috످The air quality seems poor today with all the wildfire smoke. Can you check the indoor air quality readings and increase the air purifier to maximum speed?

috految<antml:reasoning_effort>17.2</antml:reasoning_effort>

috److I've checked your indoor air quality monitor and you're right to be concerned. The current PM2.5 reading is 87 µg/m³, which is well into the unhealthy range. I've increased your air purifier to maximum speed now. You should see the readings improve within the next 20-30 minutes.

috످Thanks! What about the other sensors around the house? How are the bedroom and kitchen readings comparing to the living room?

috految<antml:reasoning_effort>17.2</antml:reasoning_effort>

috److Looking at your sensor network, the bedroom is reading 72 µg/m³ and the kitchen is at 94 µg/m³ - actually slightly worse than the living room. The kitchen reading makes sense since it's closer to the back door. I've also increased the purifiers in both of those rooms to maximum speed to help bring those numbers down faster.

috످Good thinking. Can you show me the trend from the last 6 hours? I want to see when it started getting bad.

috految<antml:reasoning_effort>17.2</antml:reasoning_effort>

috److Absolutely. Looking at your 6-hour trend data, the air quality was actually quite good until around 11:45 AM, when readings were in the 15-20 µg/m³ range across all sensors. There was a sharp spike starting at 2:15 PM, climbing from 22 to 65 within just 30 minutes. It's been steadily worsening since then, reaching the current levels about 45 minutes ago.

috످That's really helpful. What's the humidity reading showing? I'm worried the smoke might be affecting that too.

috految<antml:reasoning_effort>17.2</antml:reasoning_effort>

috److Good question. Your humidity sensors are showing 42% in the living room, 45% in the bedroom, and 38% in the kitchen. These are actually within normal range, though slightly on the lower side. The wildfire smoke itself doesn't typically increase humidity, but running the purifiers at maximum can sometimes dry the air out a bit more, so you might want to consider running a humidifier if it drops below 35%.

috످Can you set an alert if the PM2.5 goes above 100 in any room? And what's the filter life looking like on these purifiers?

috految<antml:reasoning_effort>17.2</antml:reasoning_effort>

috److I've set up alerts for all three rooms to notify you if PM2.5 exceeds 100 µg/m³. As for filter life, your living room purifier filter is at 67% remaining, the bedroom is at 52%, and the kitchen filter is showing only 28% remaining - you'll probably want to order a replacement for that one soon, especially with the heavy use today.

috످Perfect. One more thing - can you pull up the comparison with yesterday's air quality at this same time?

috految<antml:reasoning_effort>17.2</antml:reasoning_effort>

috److I can't pull up yesterday's readings because I don't have access to your sensors or devices. I never turned up your purifiers or set any alerts, and your air could be unsafe right now. I made up all the readings, trends, filter levels, and the claim about your back door. I'm sorry for misleading you.

Please do these now: Turn your purifiers to max and check the filters. If they have an ionizer or ozone mode, turn it off. Close windows and doors, and set your HVAC to recirculate. Avoid frying, candles, and vacuuming.

Check your PM2.5 levels on your monitor or its app, which may also show yesterday's readings. Set an alert in the app for 35 µg/m³. Air is unhealthy for sensitive groups above 35 and for everyone above 55, so 100 would warn you too late.

Check https://fire.airnow.gov for outdoor conditions, and follow any local evacuation orders.

If indoor levels stay above 55 or your home gets too hot, go somewhere with cool, filtered air and wear an N95 on the way. I was also wrong that purifiers dry the air, so skip the humidifier (some types raise PM2.5).

Call 911 if anyone has trouble breathing, chest pain, or confusion.

Is anyone at home feeling unwell or at higher risk (children, older adults, or anyone who is pregnant or has asthma or heart or lung disease)? If so, move them to the room with your best purifier now, and call their doctor about any symptoms.

috످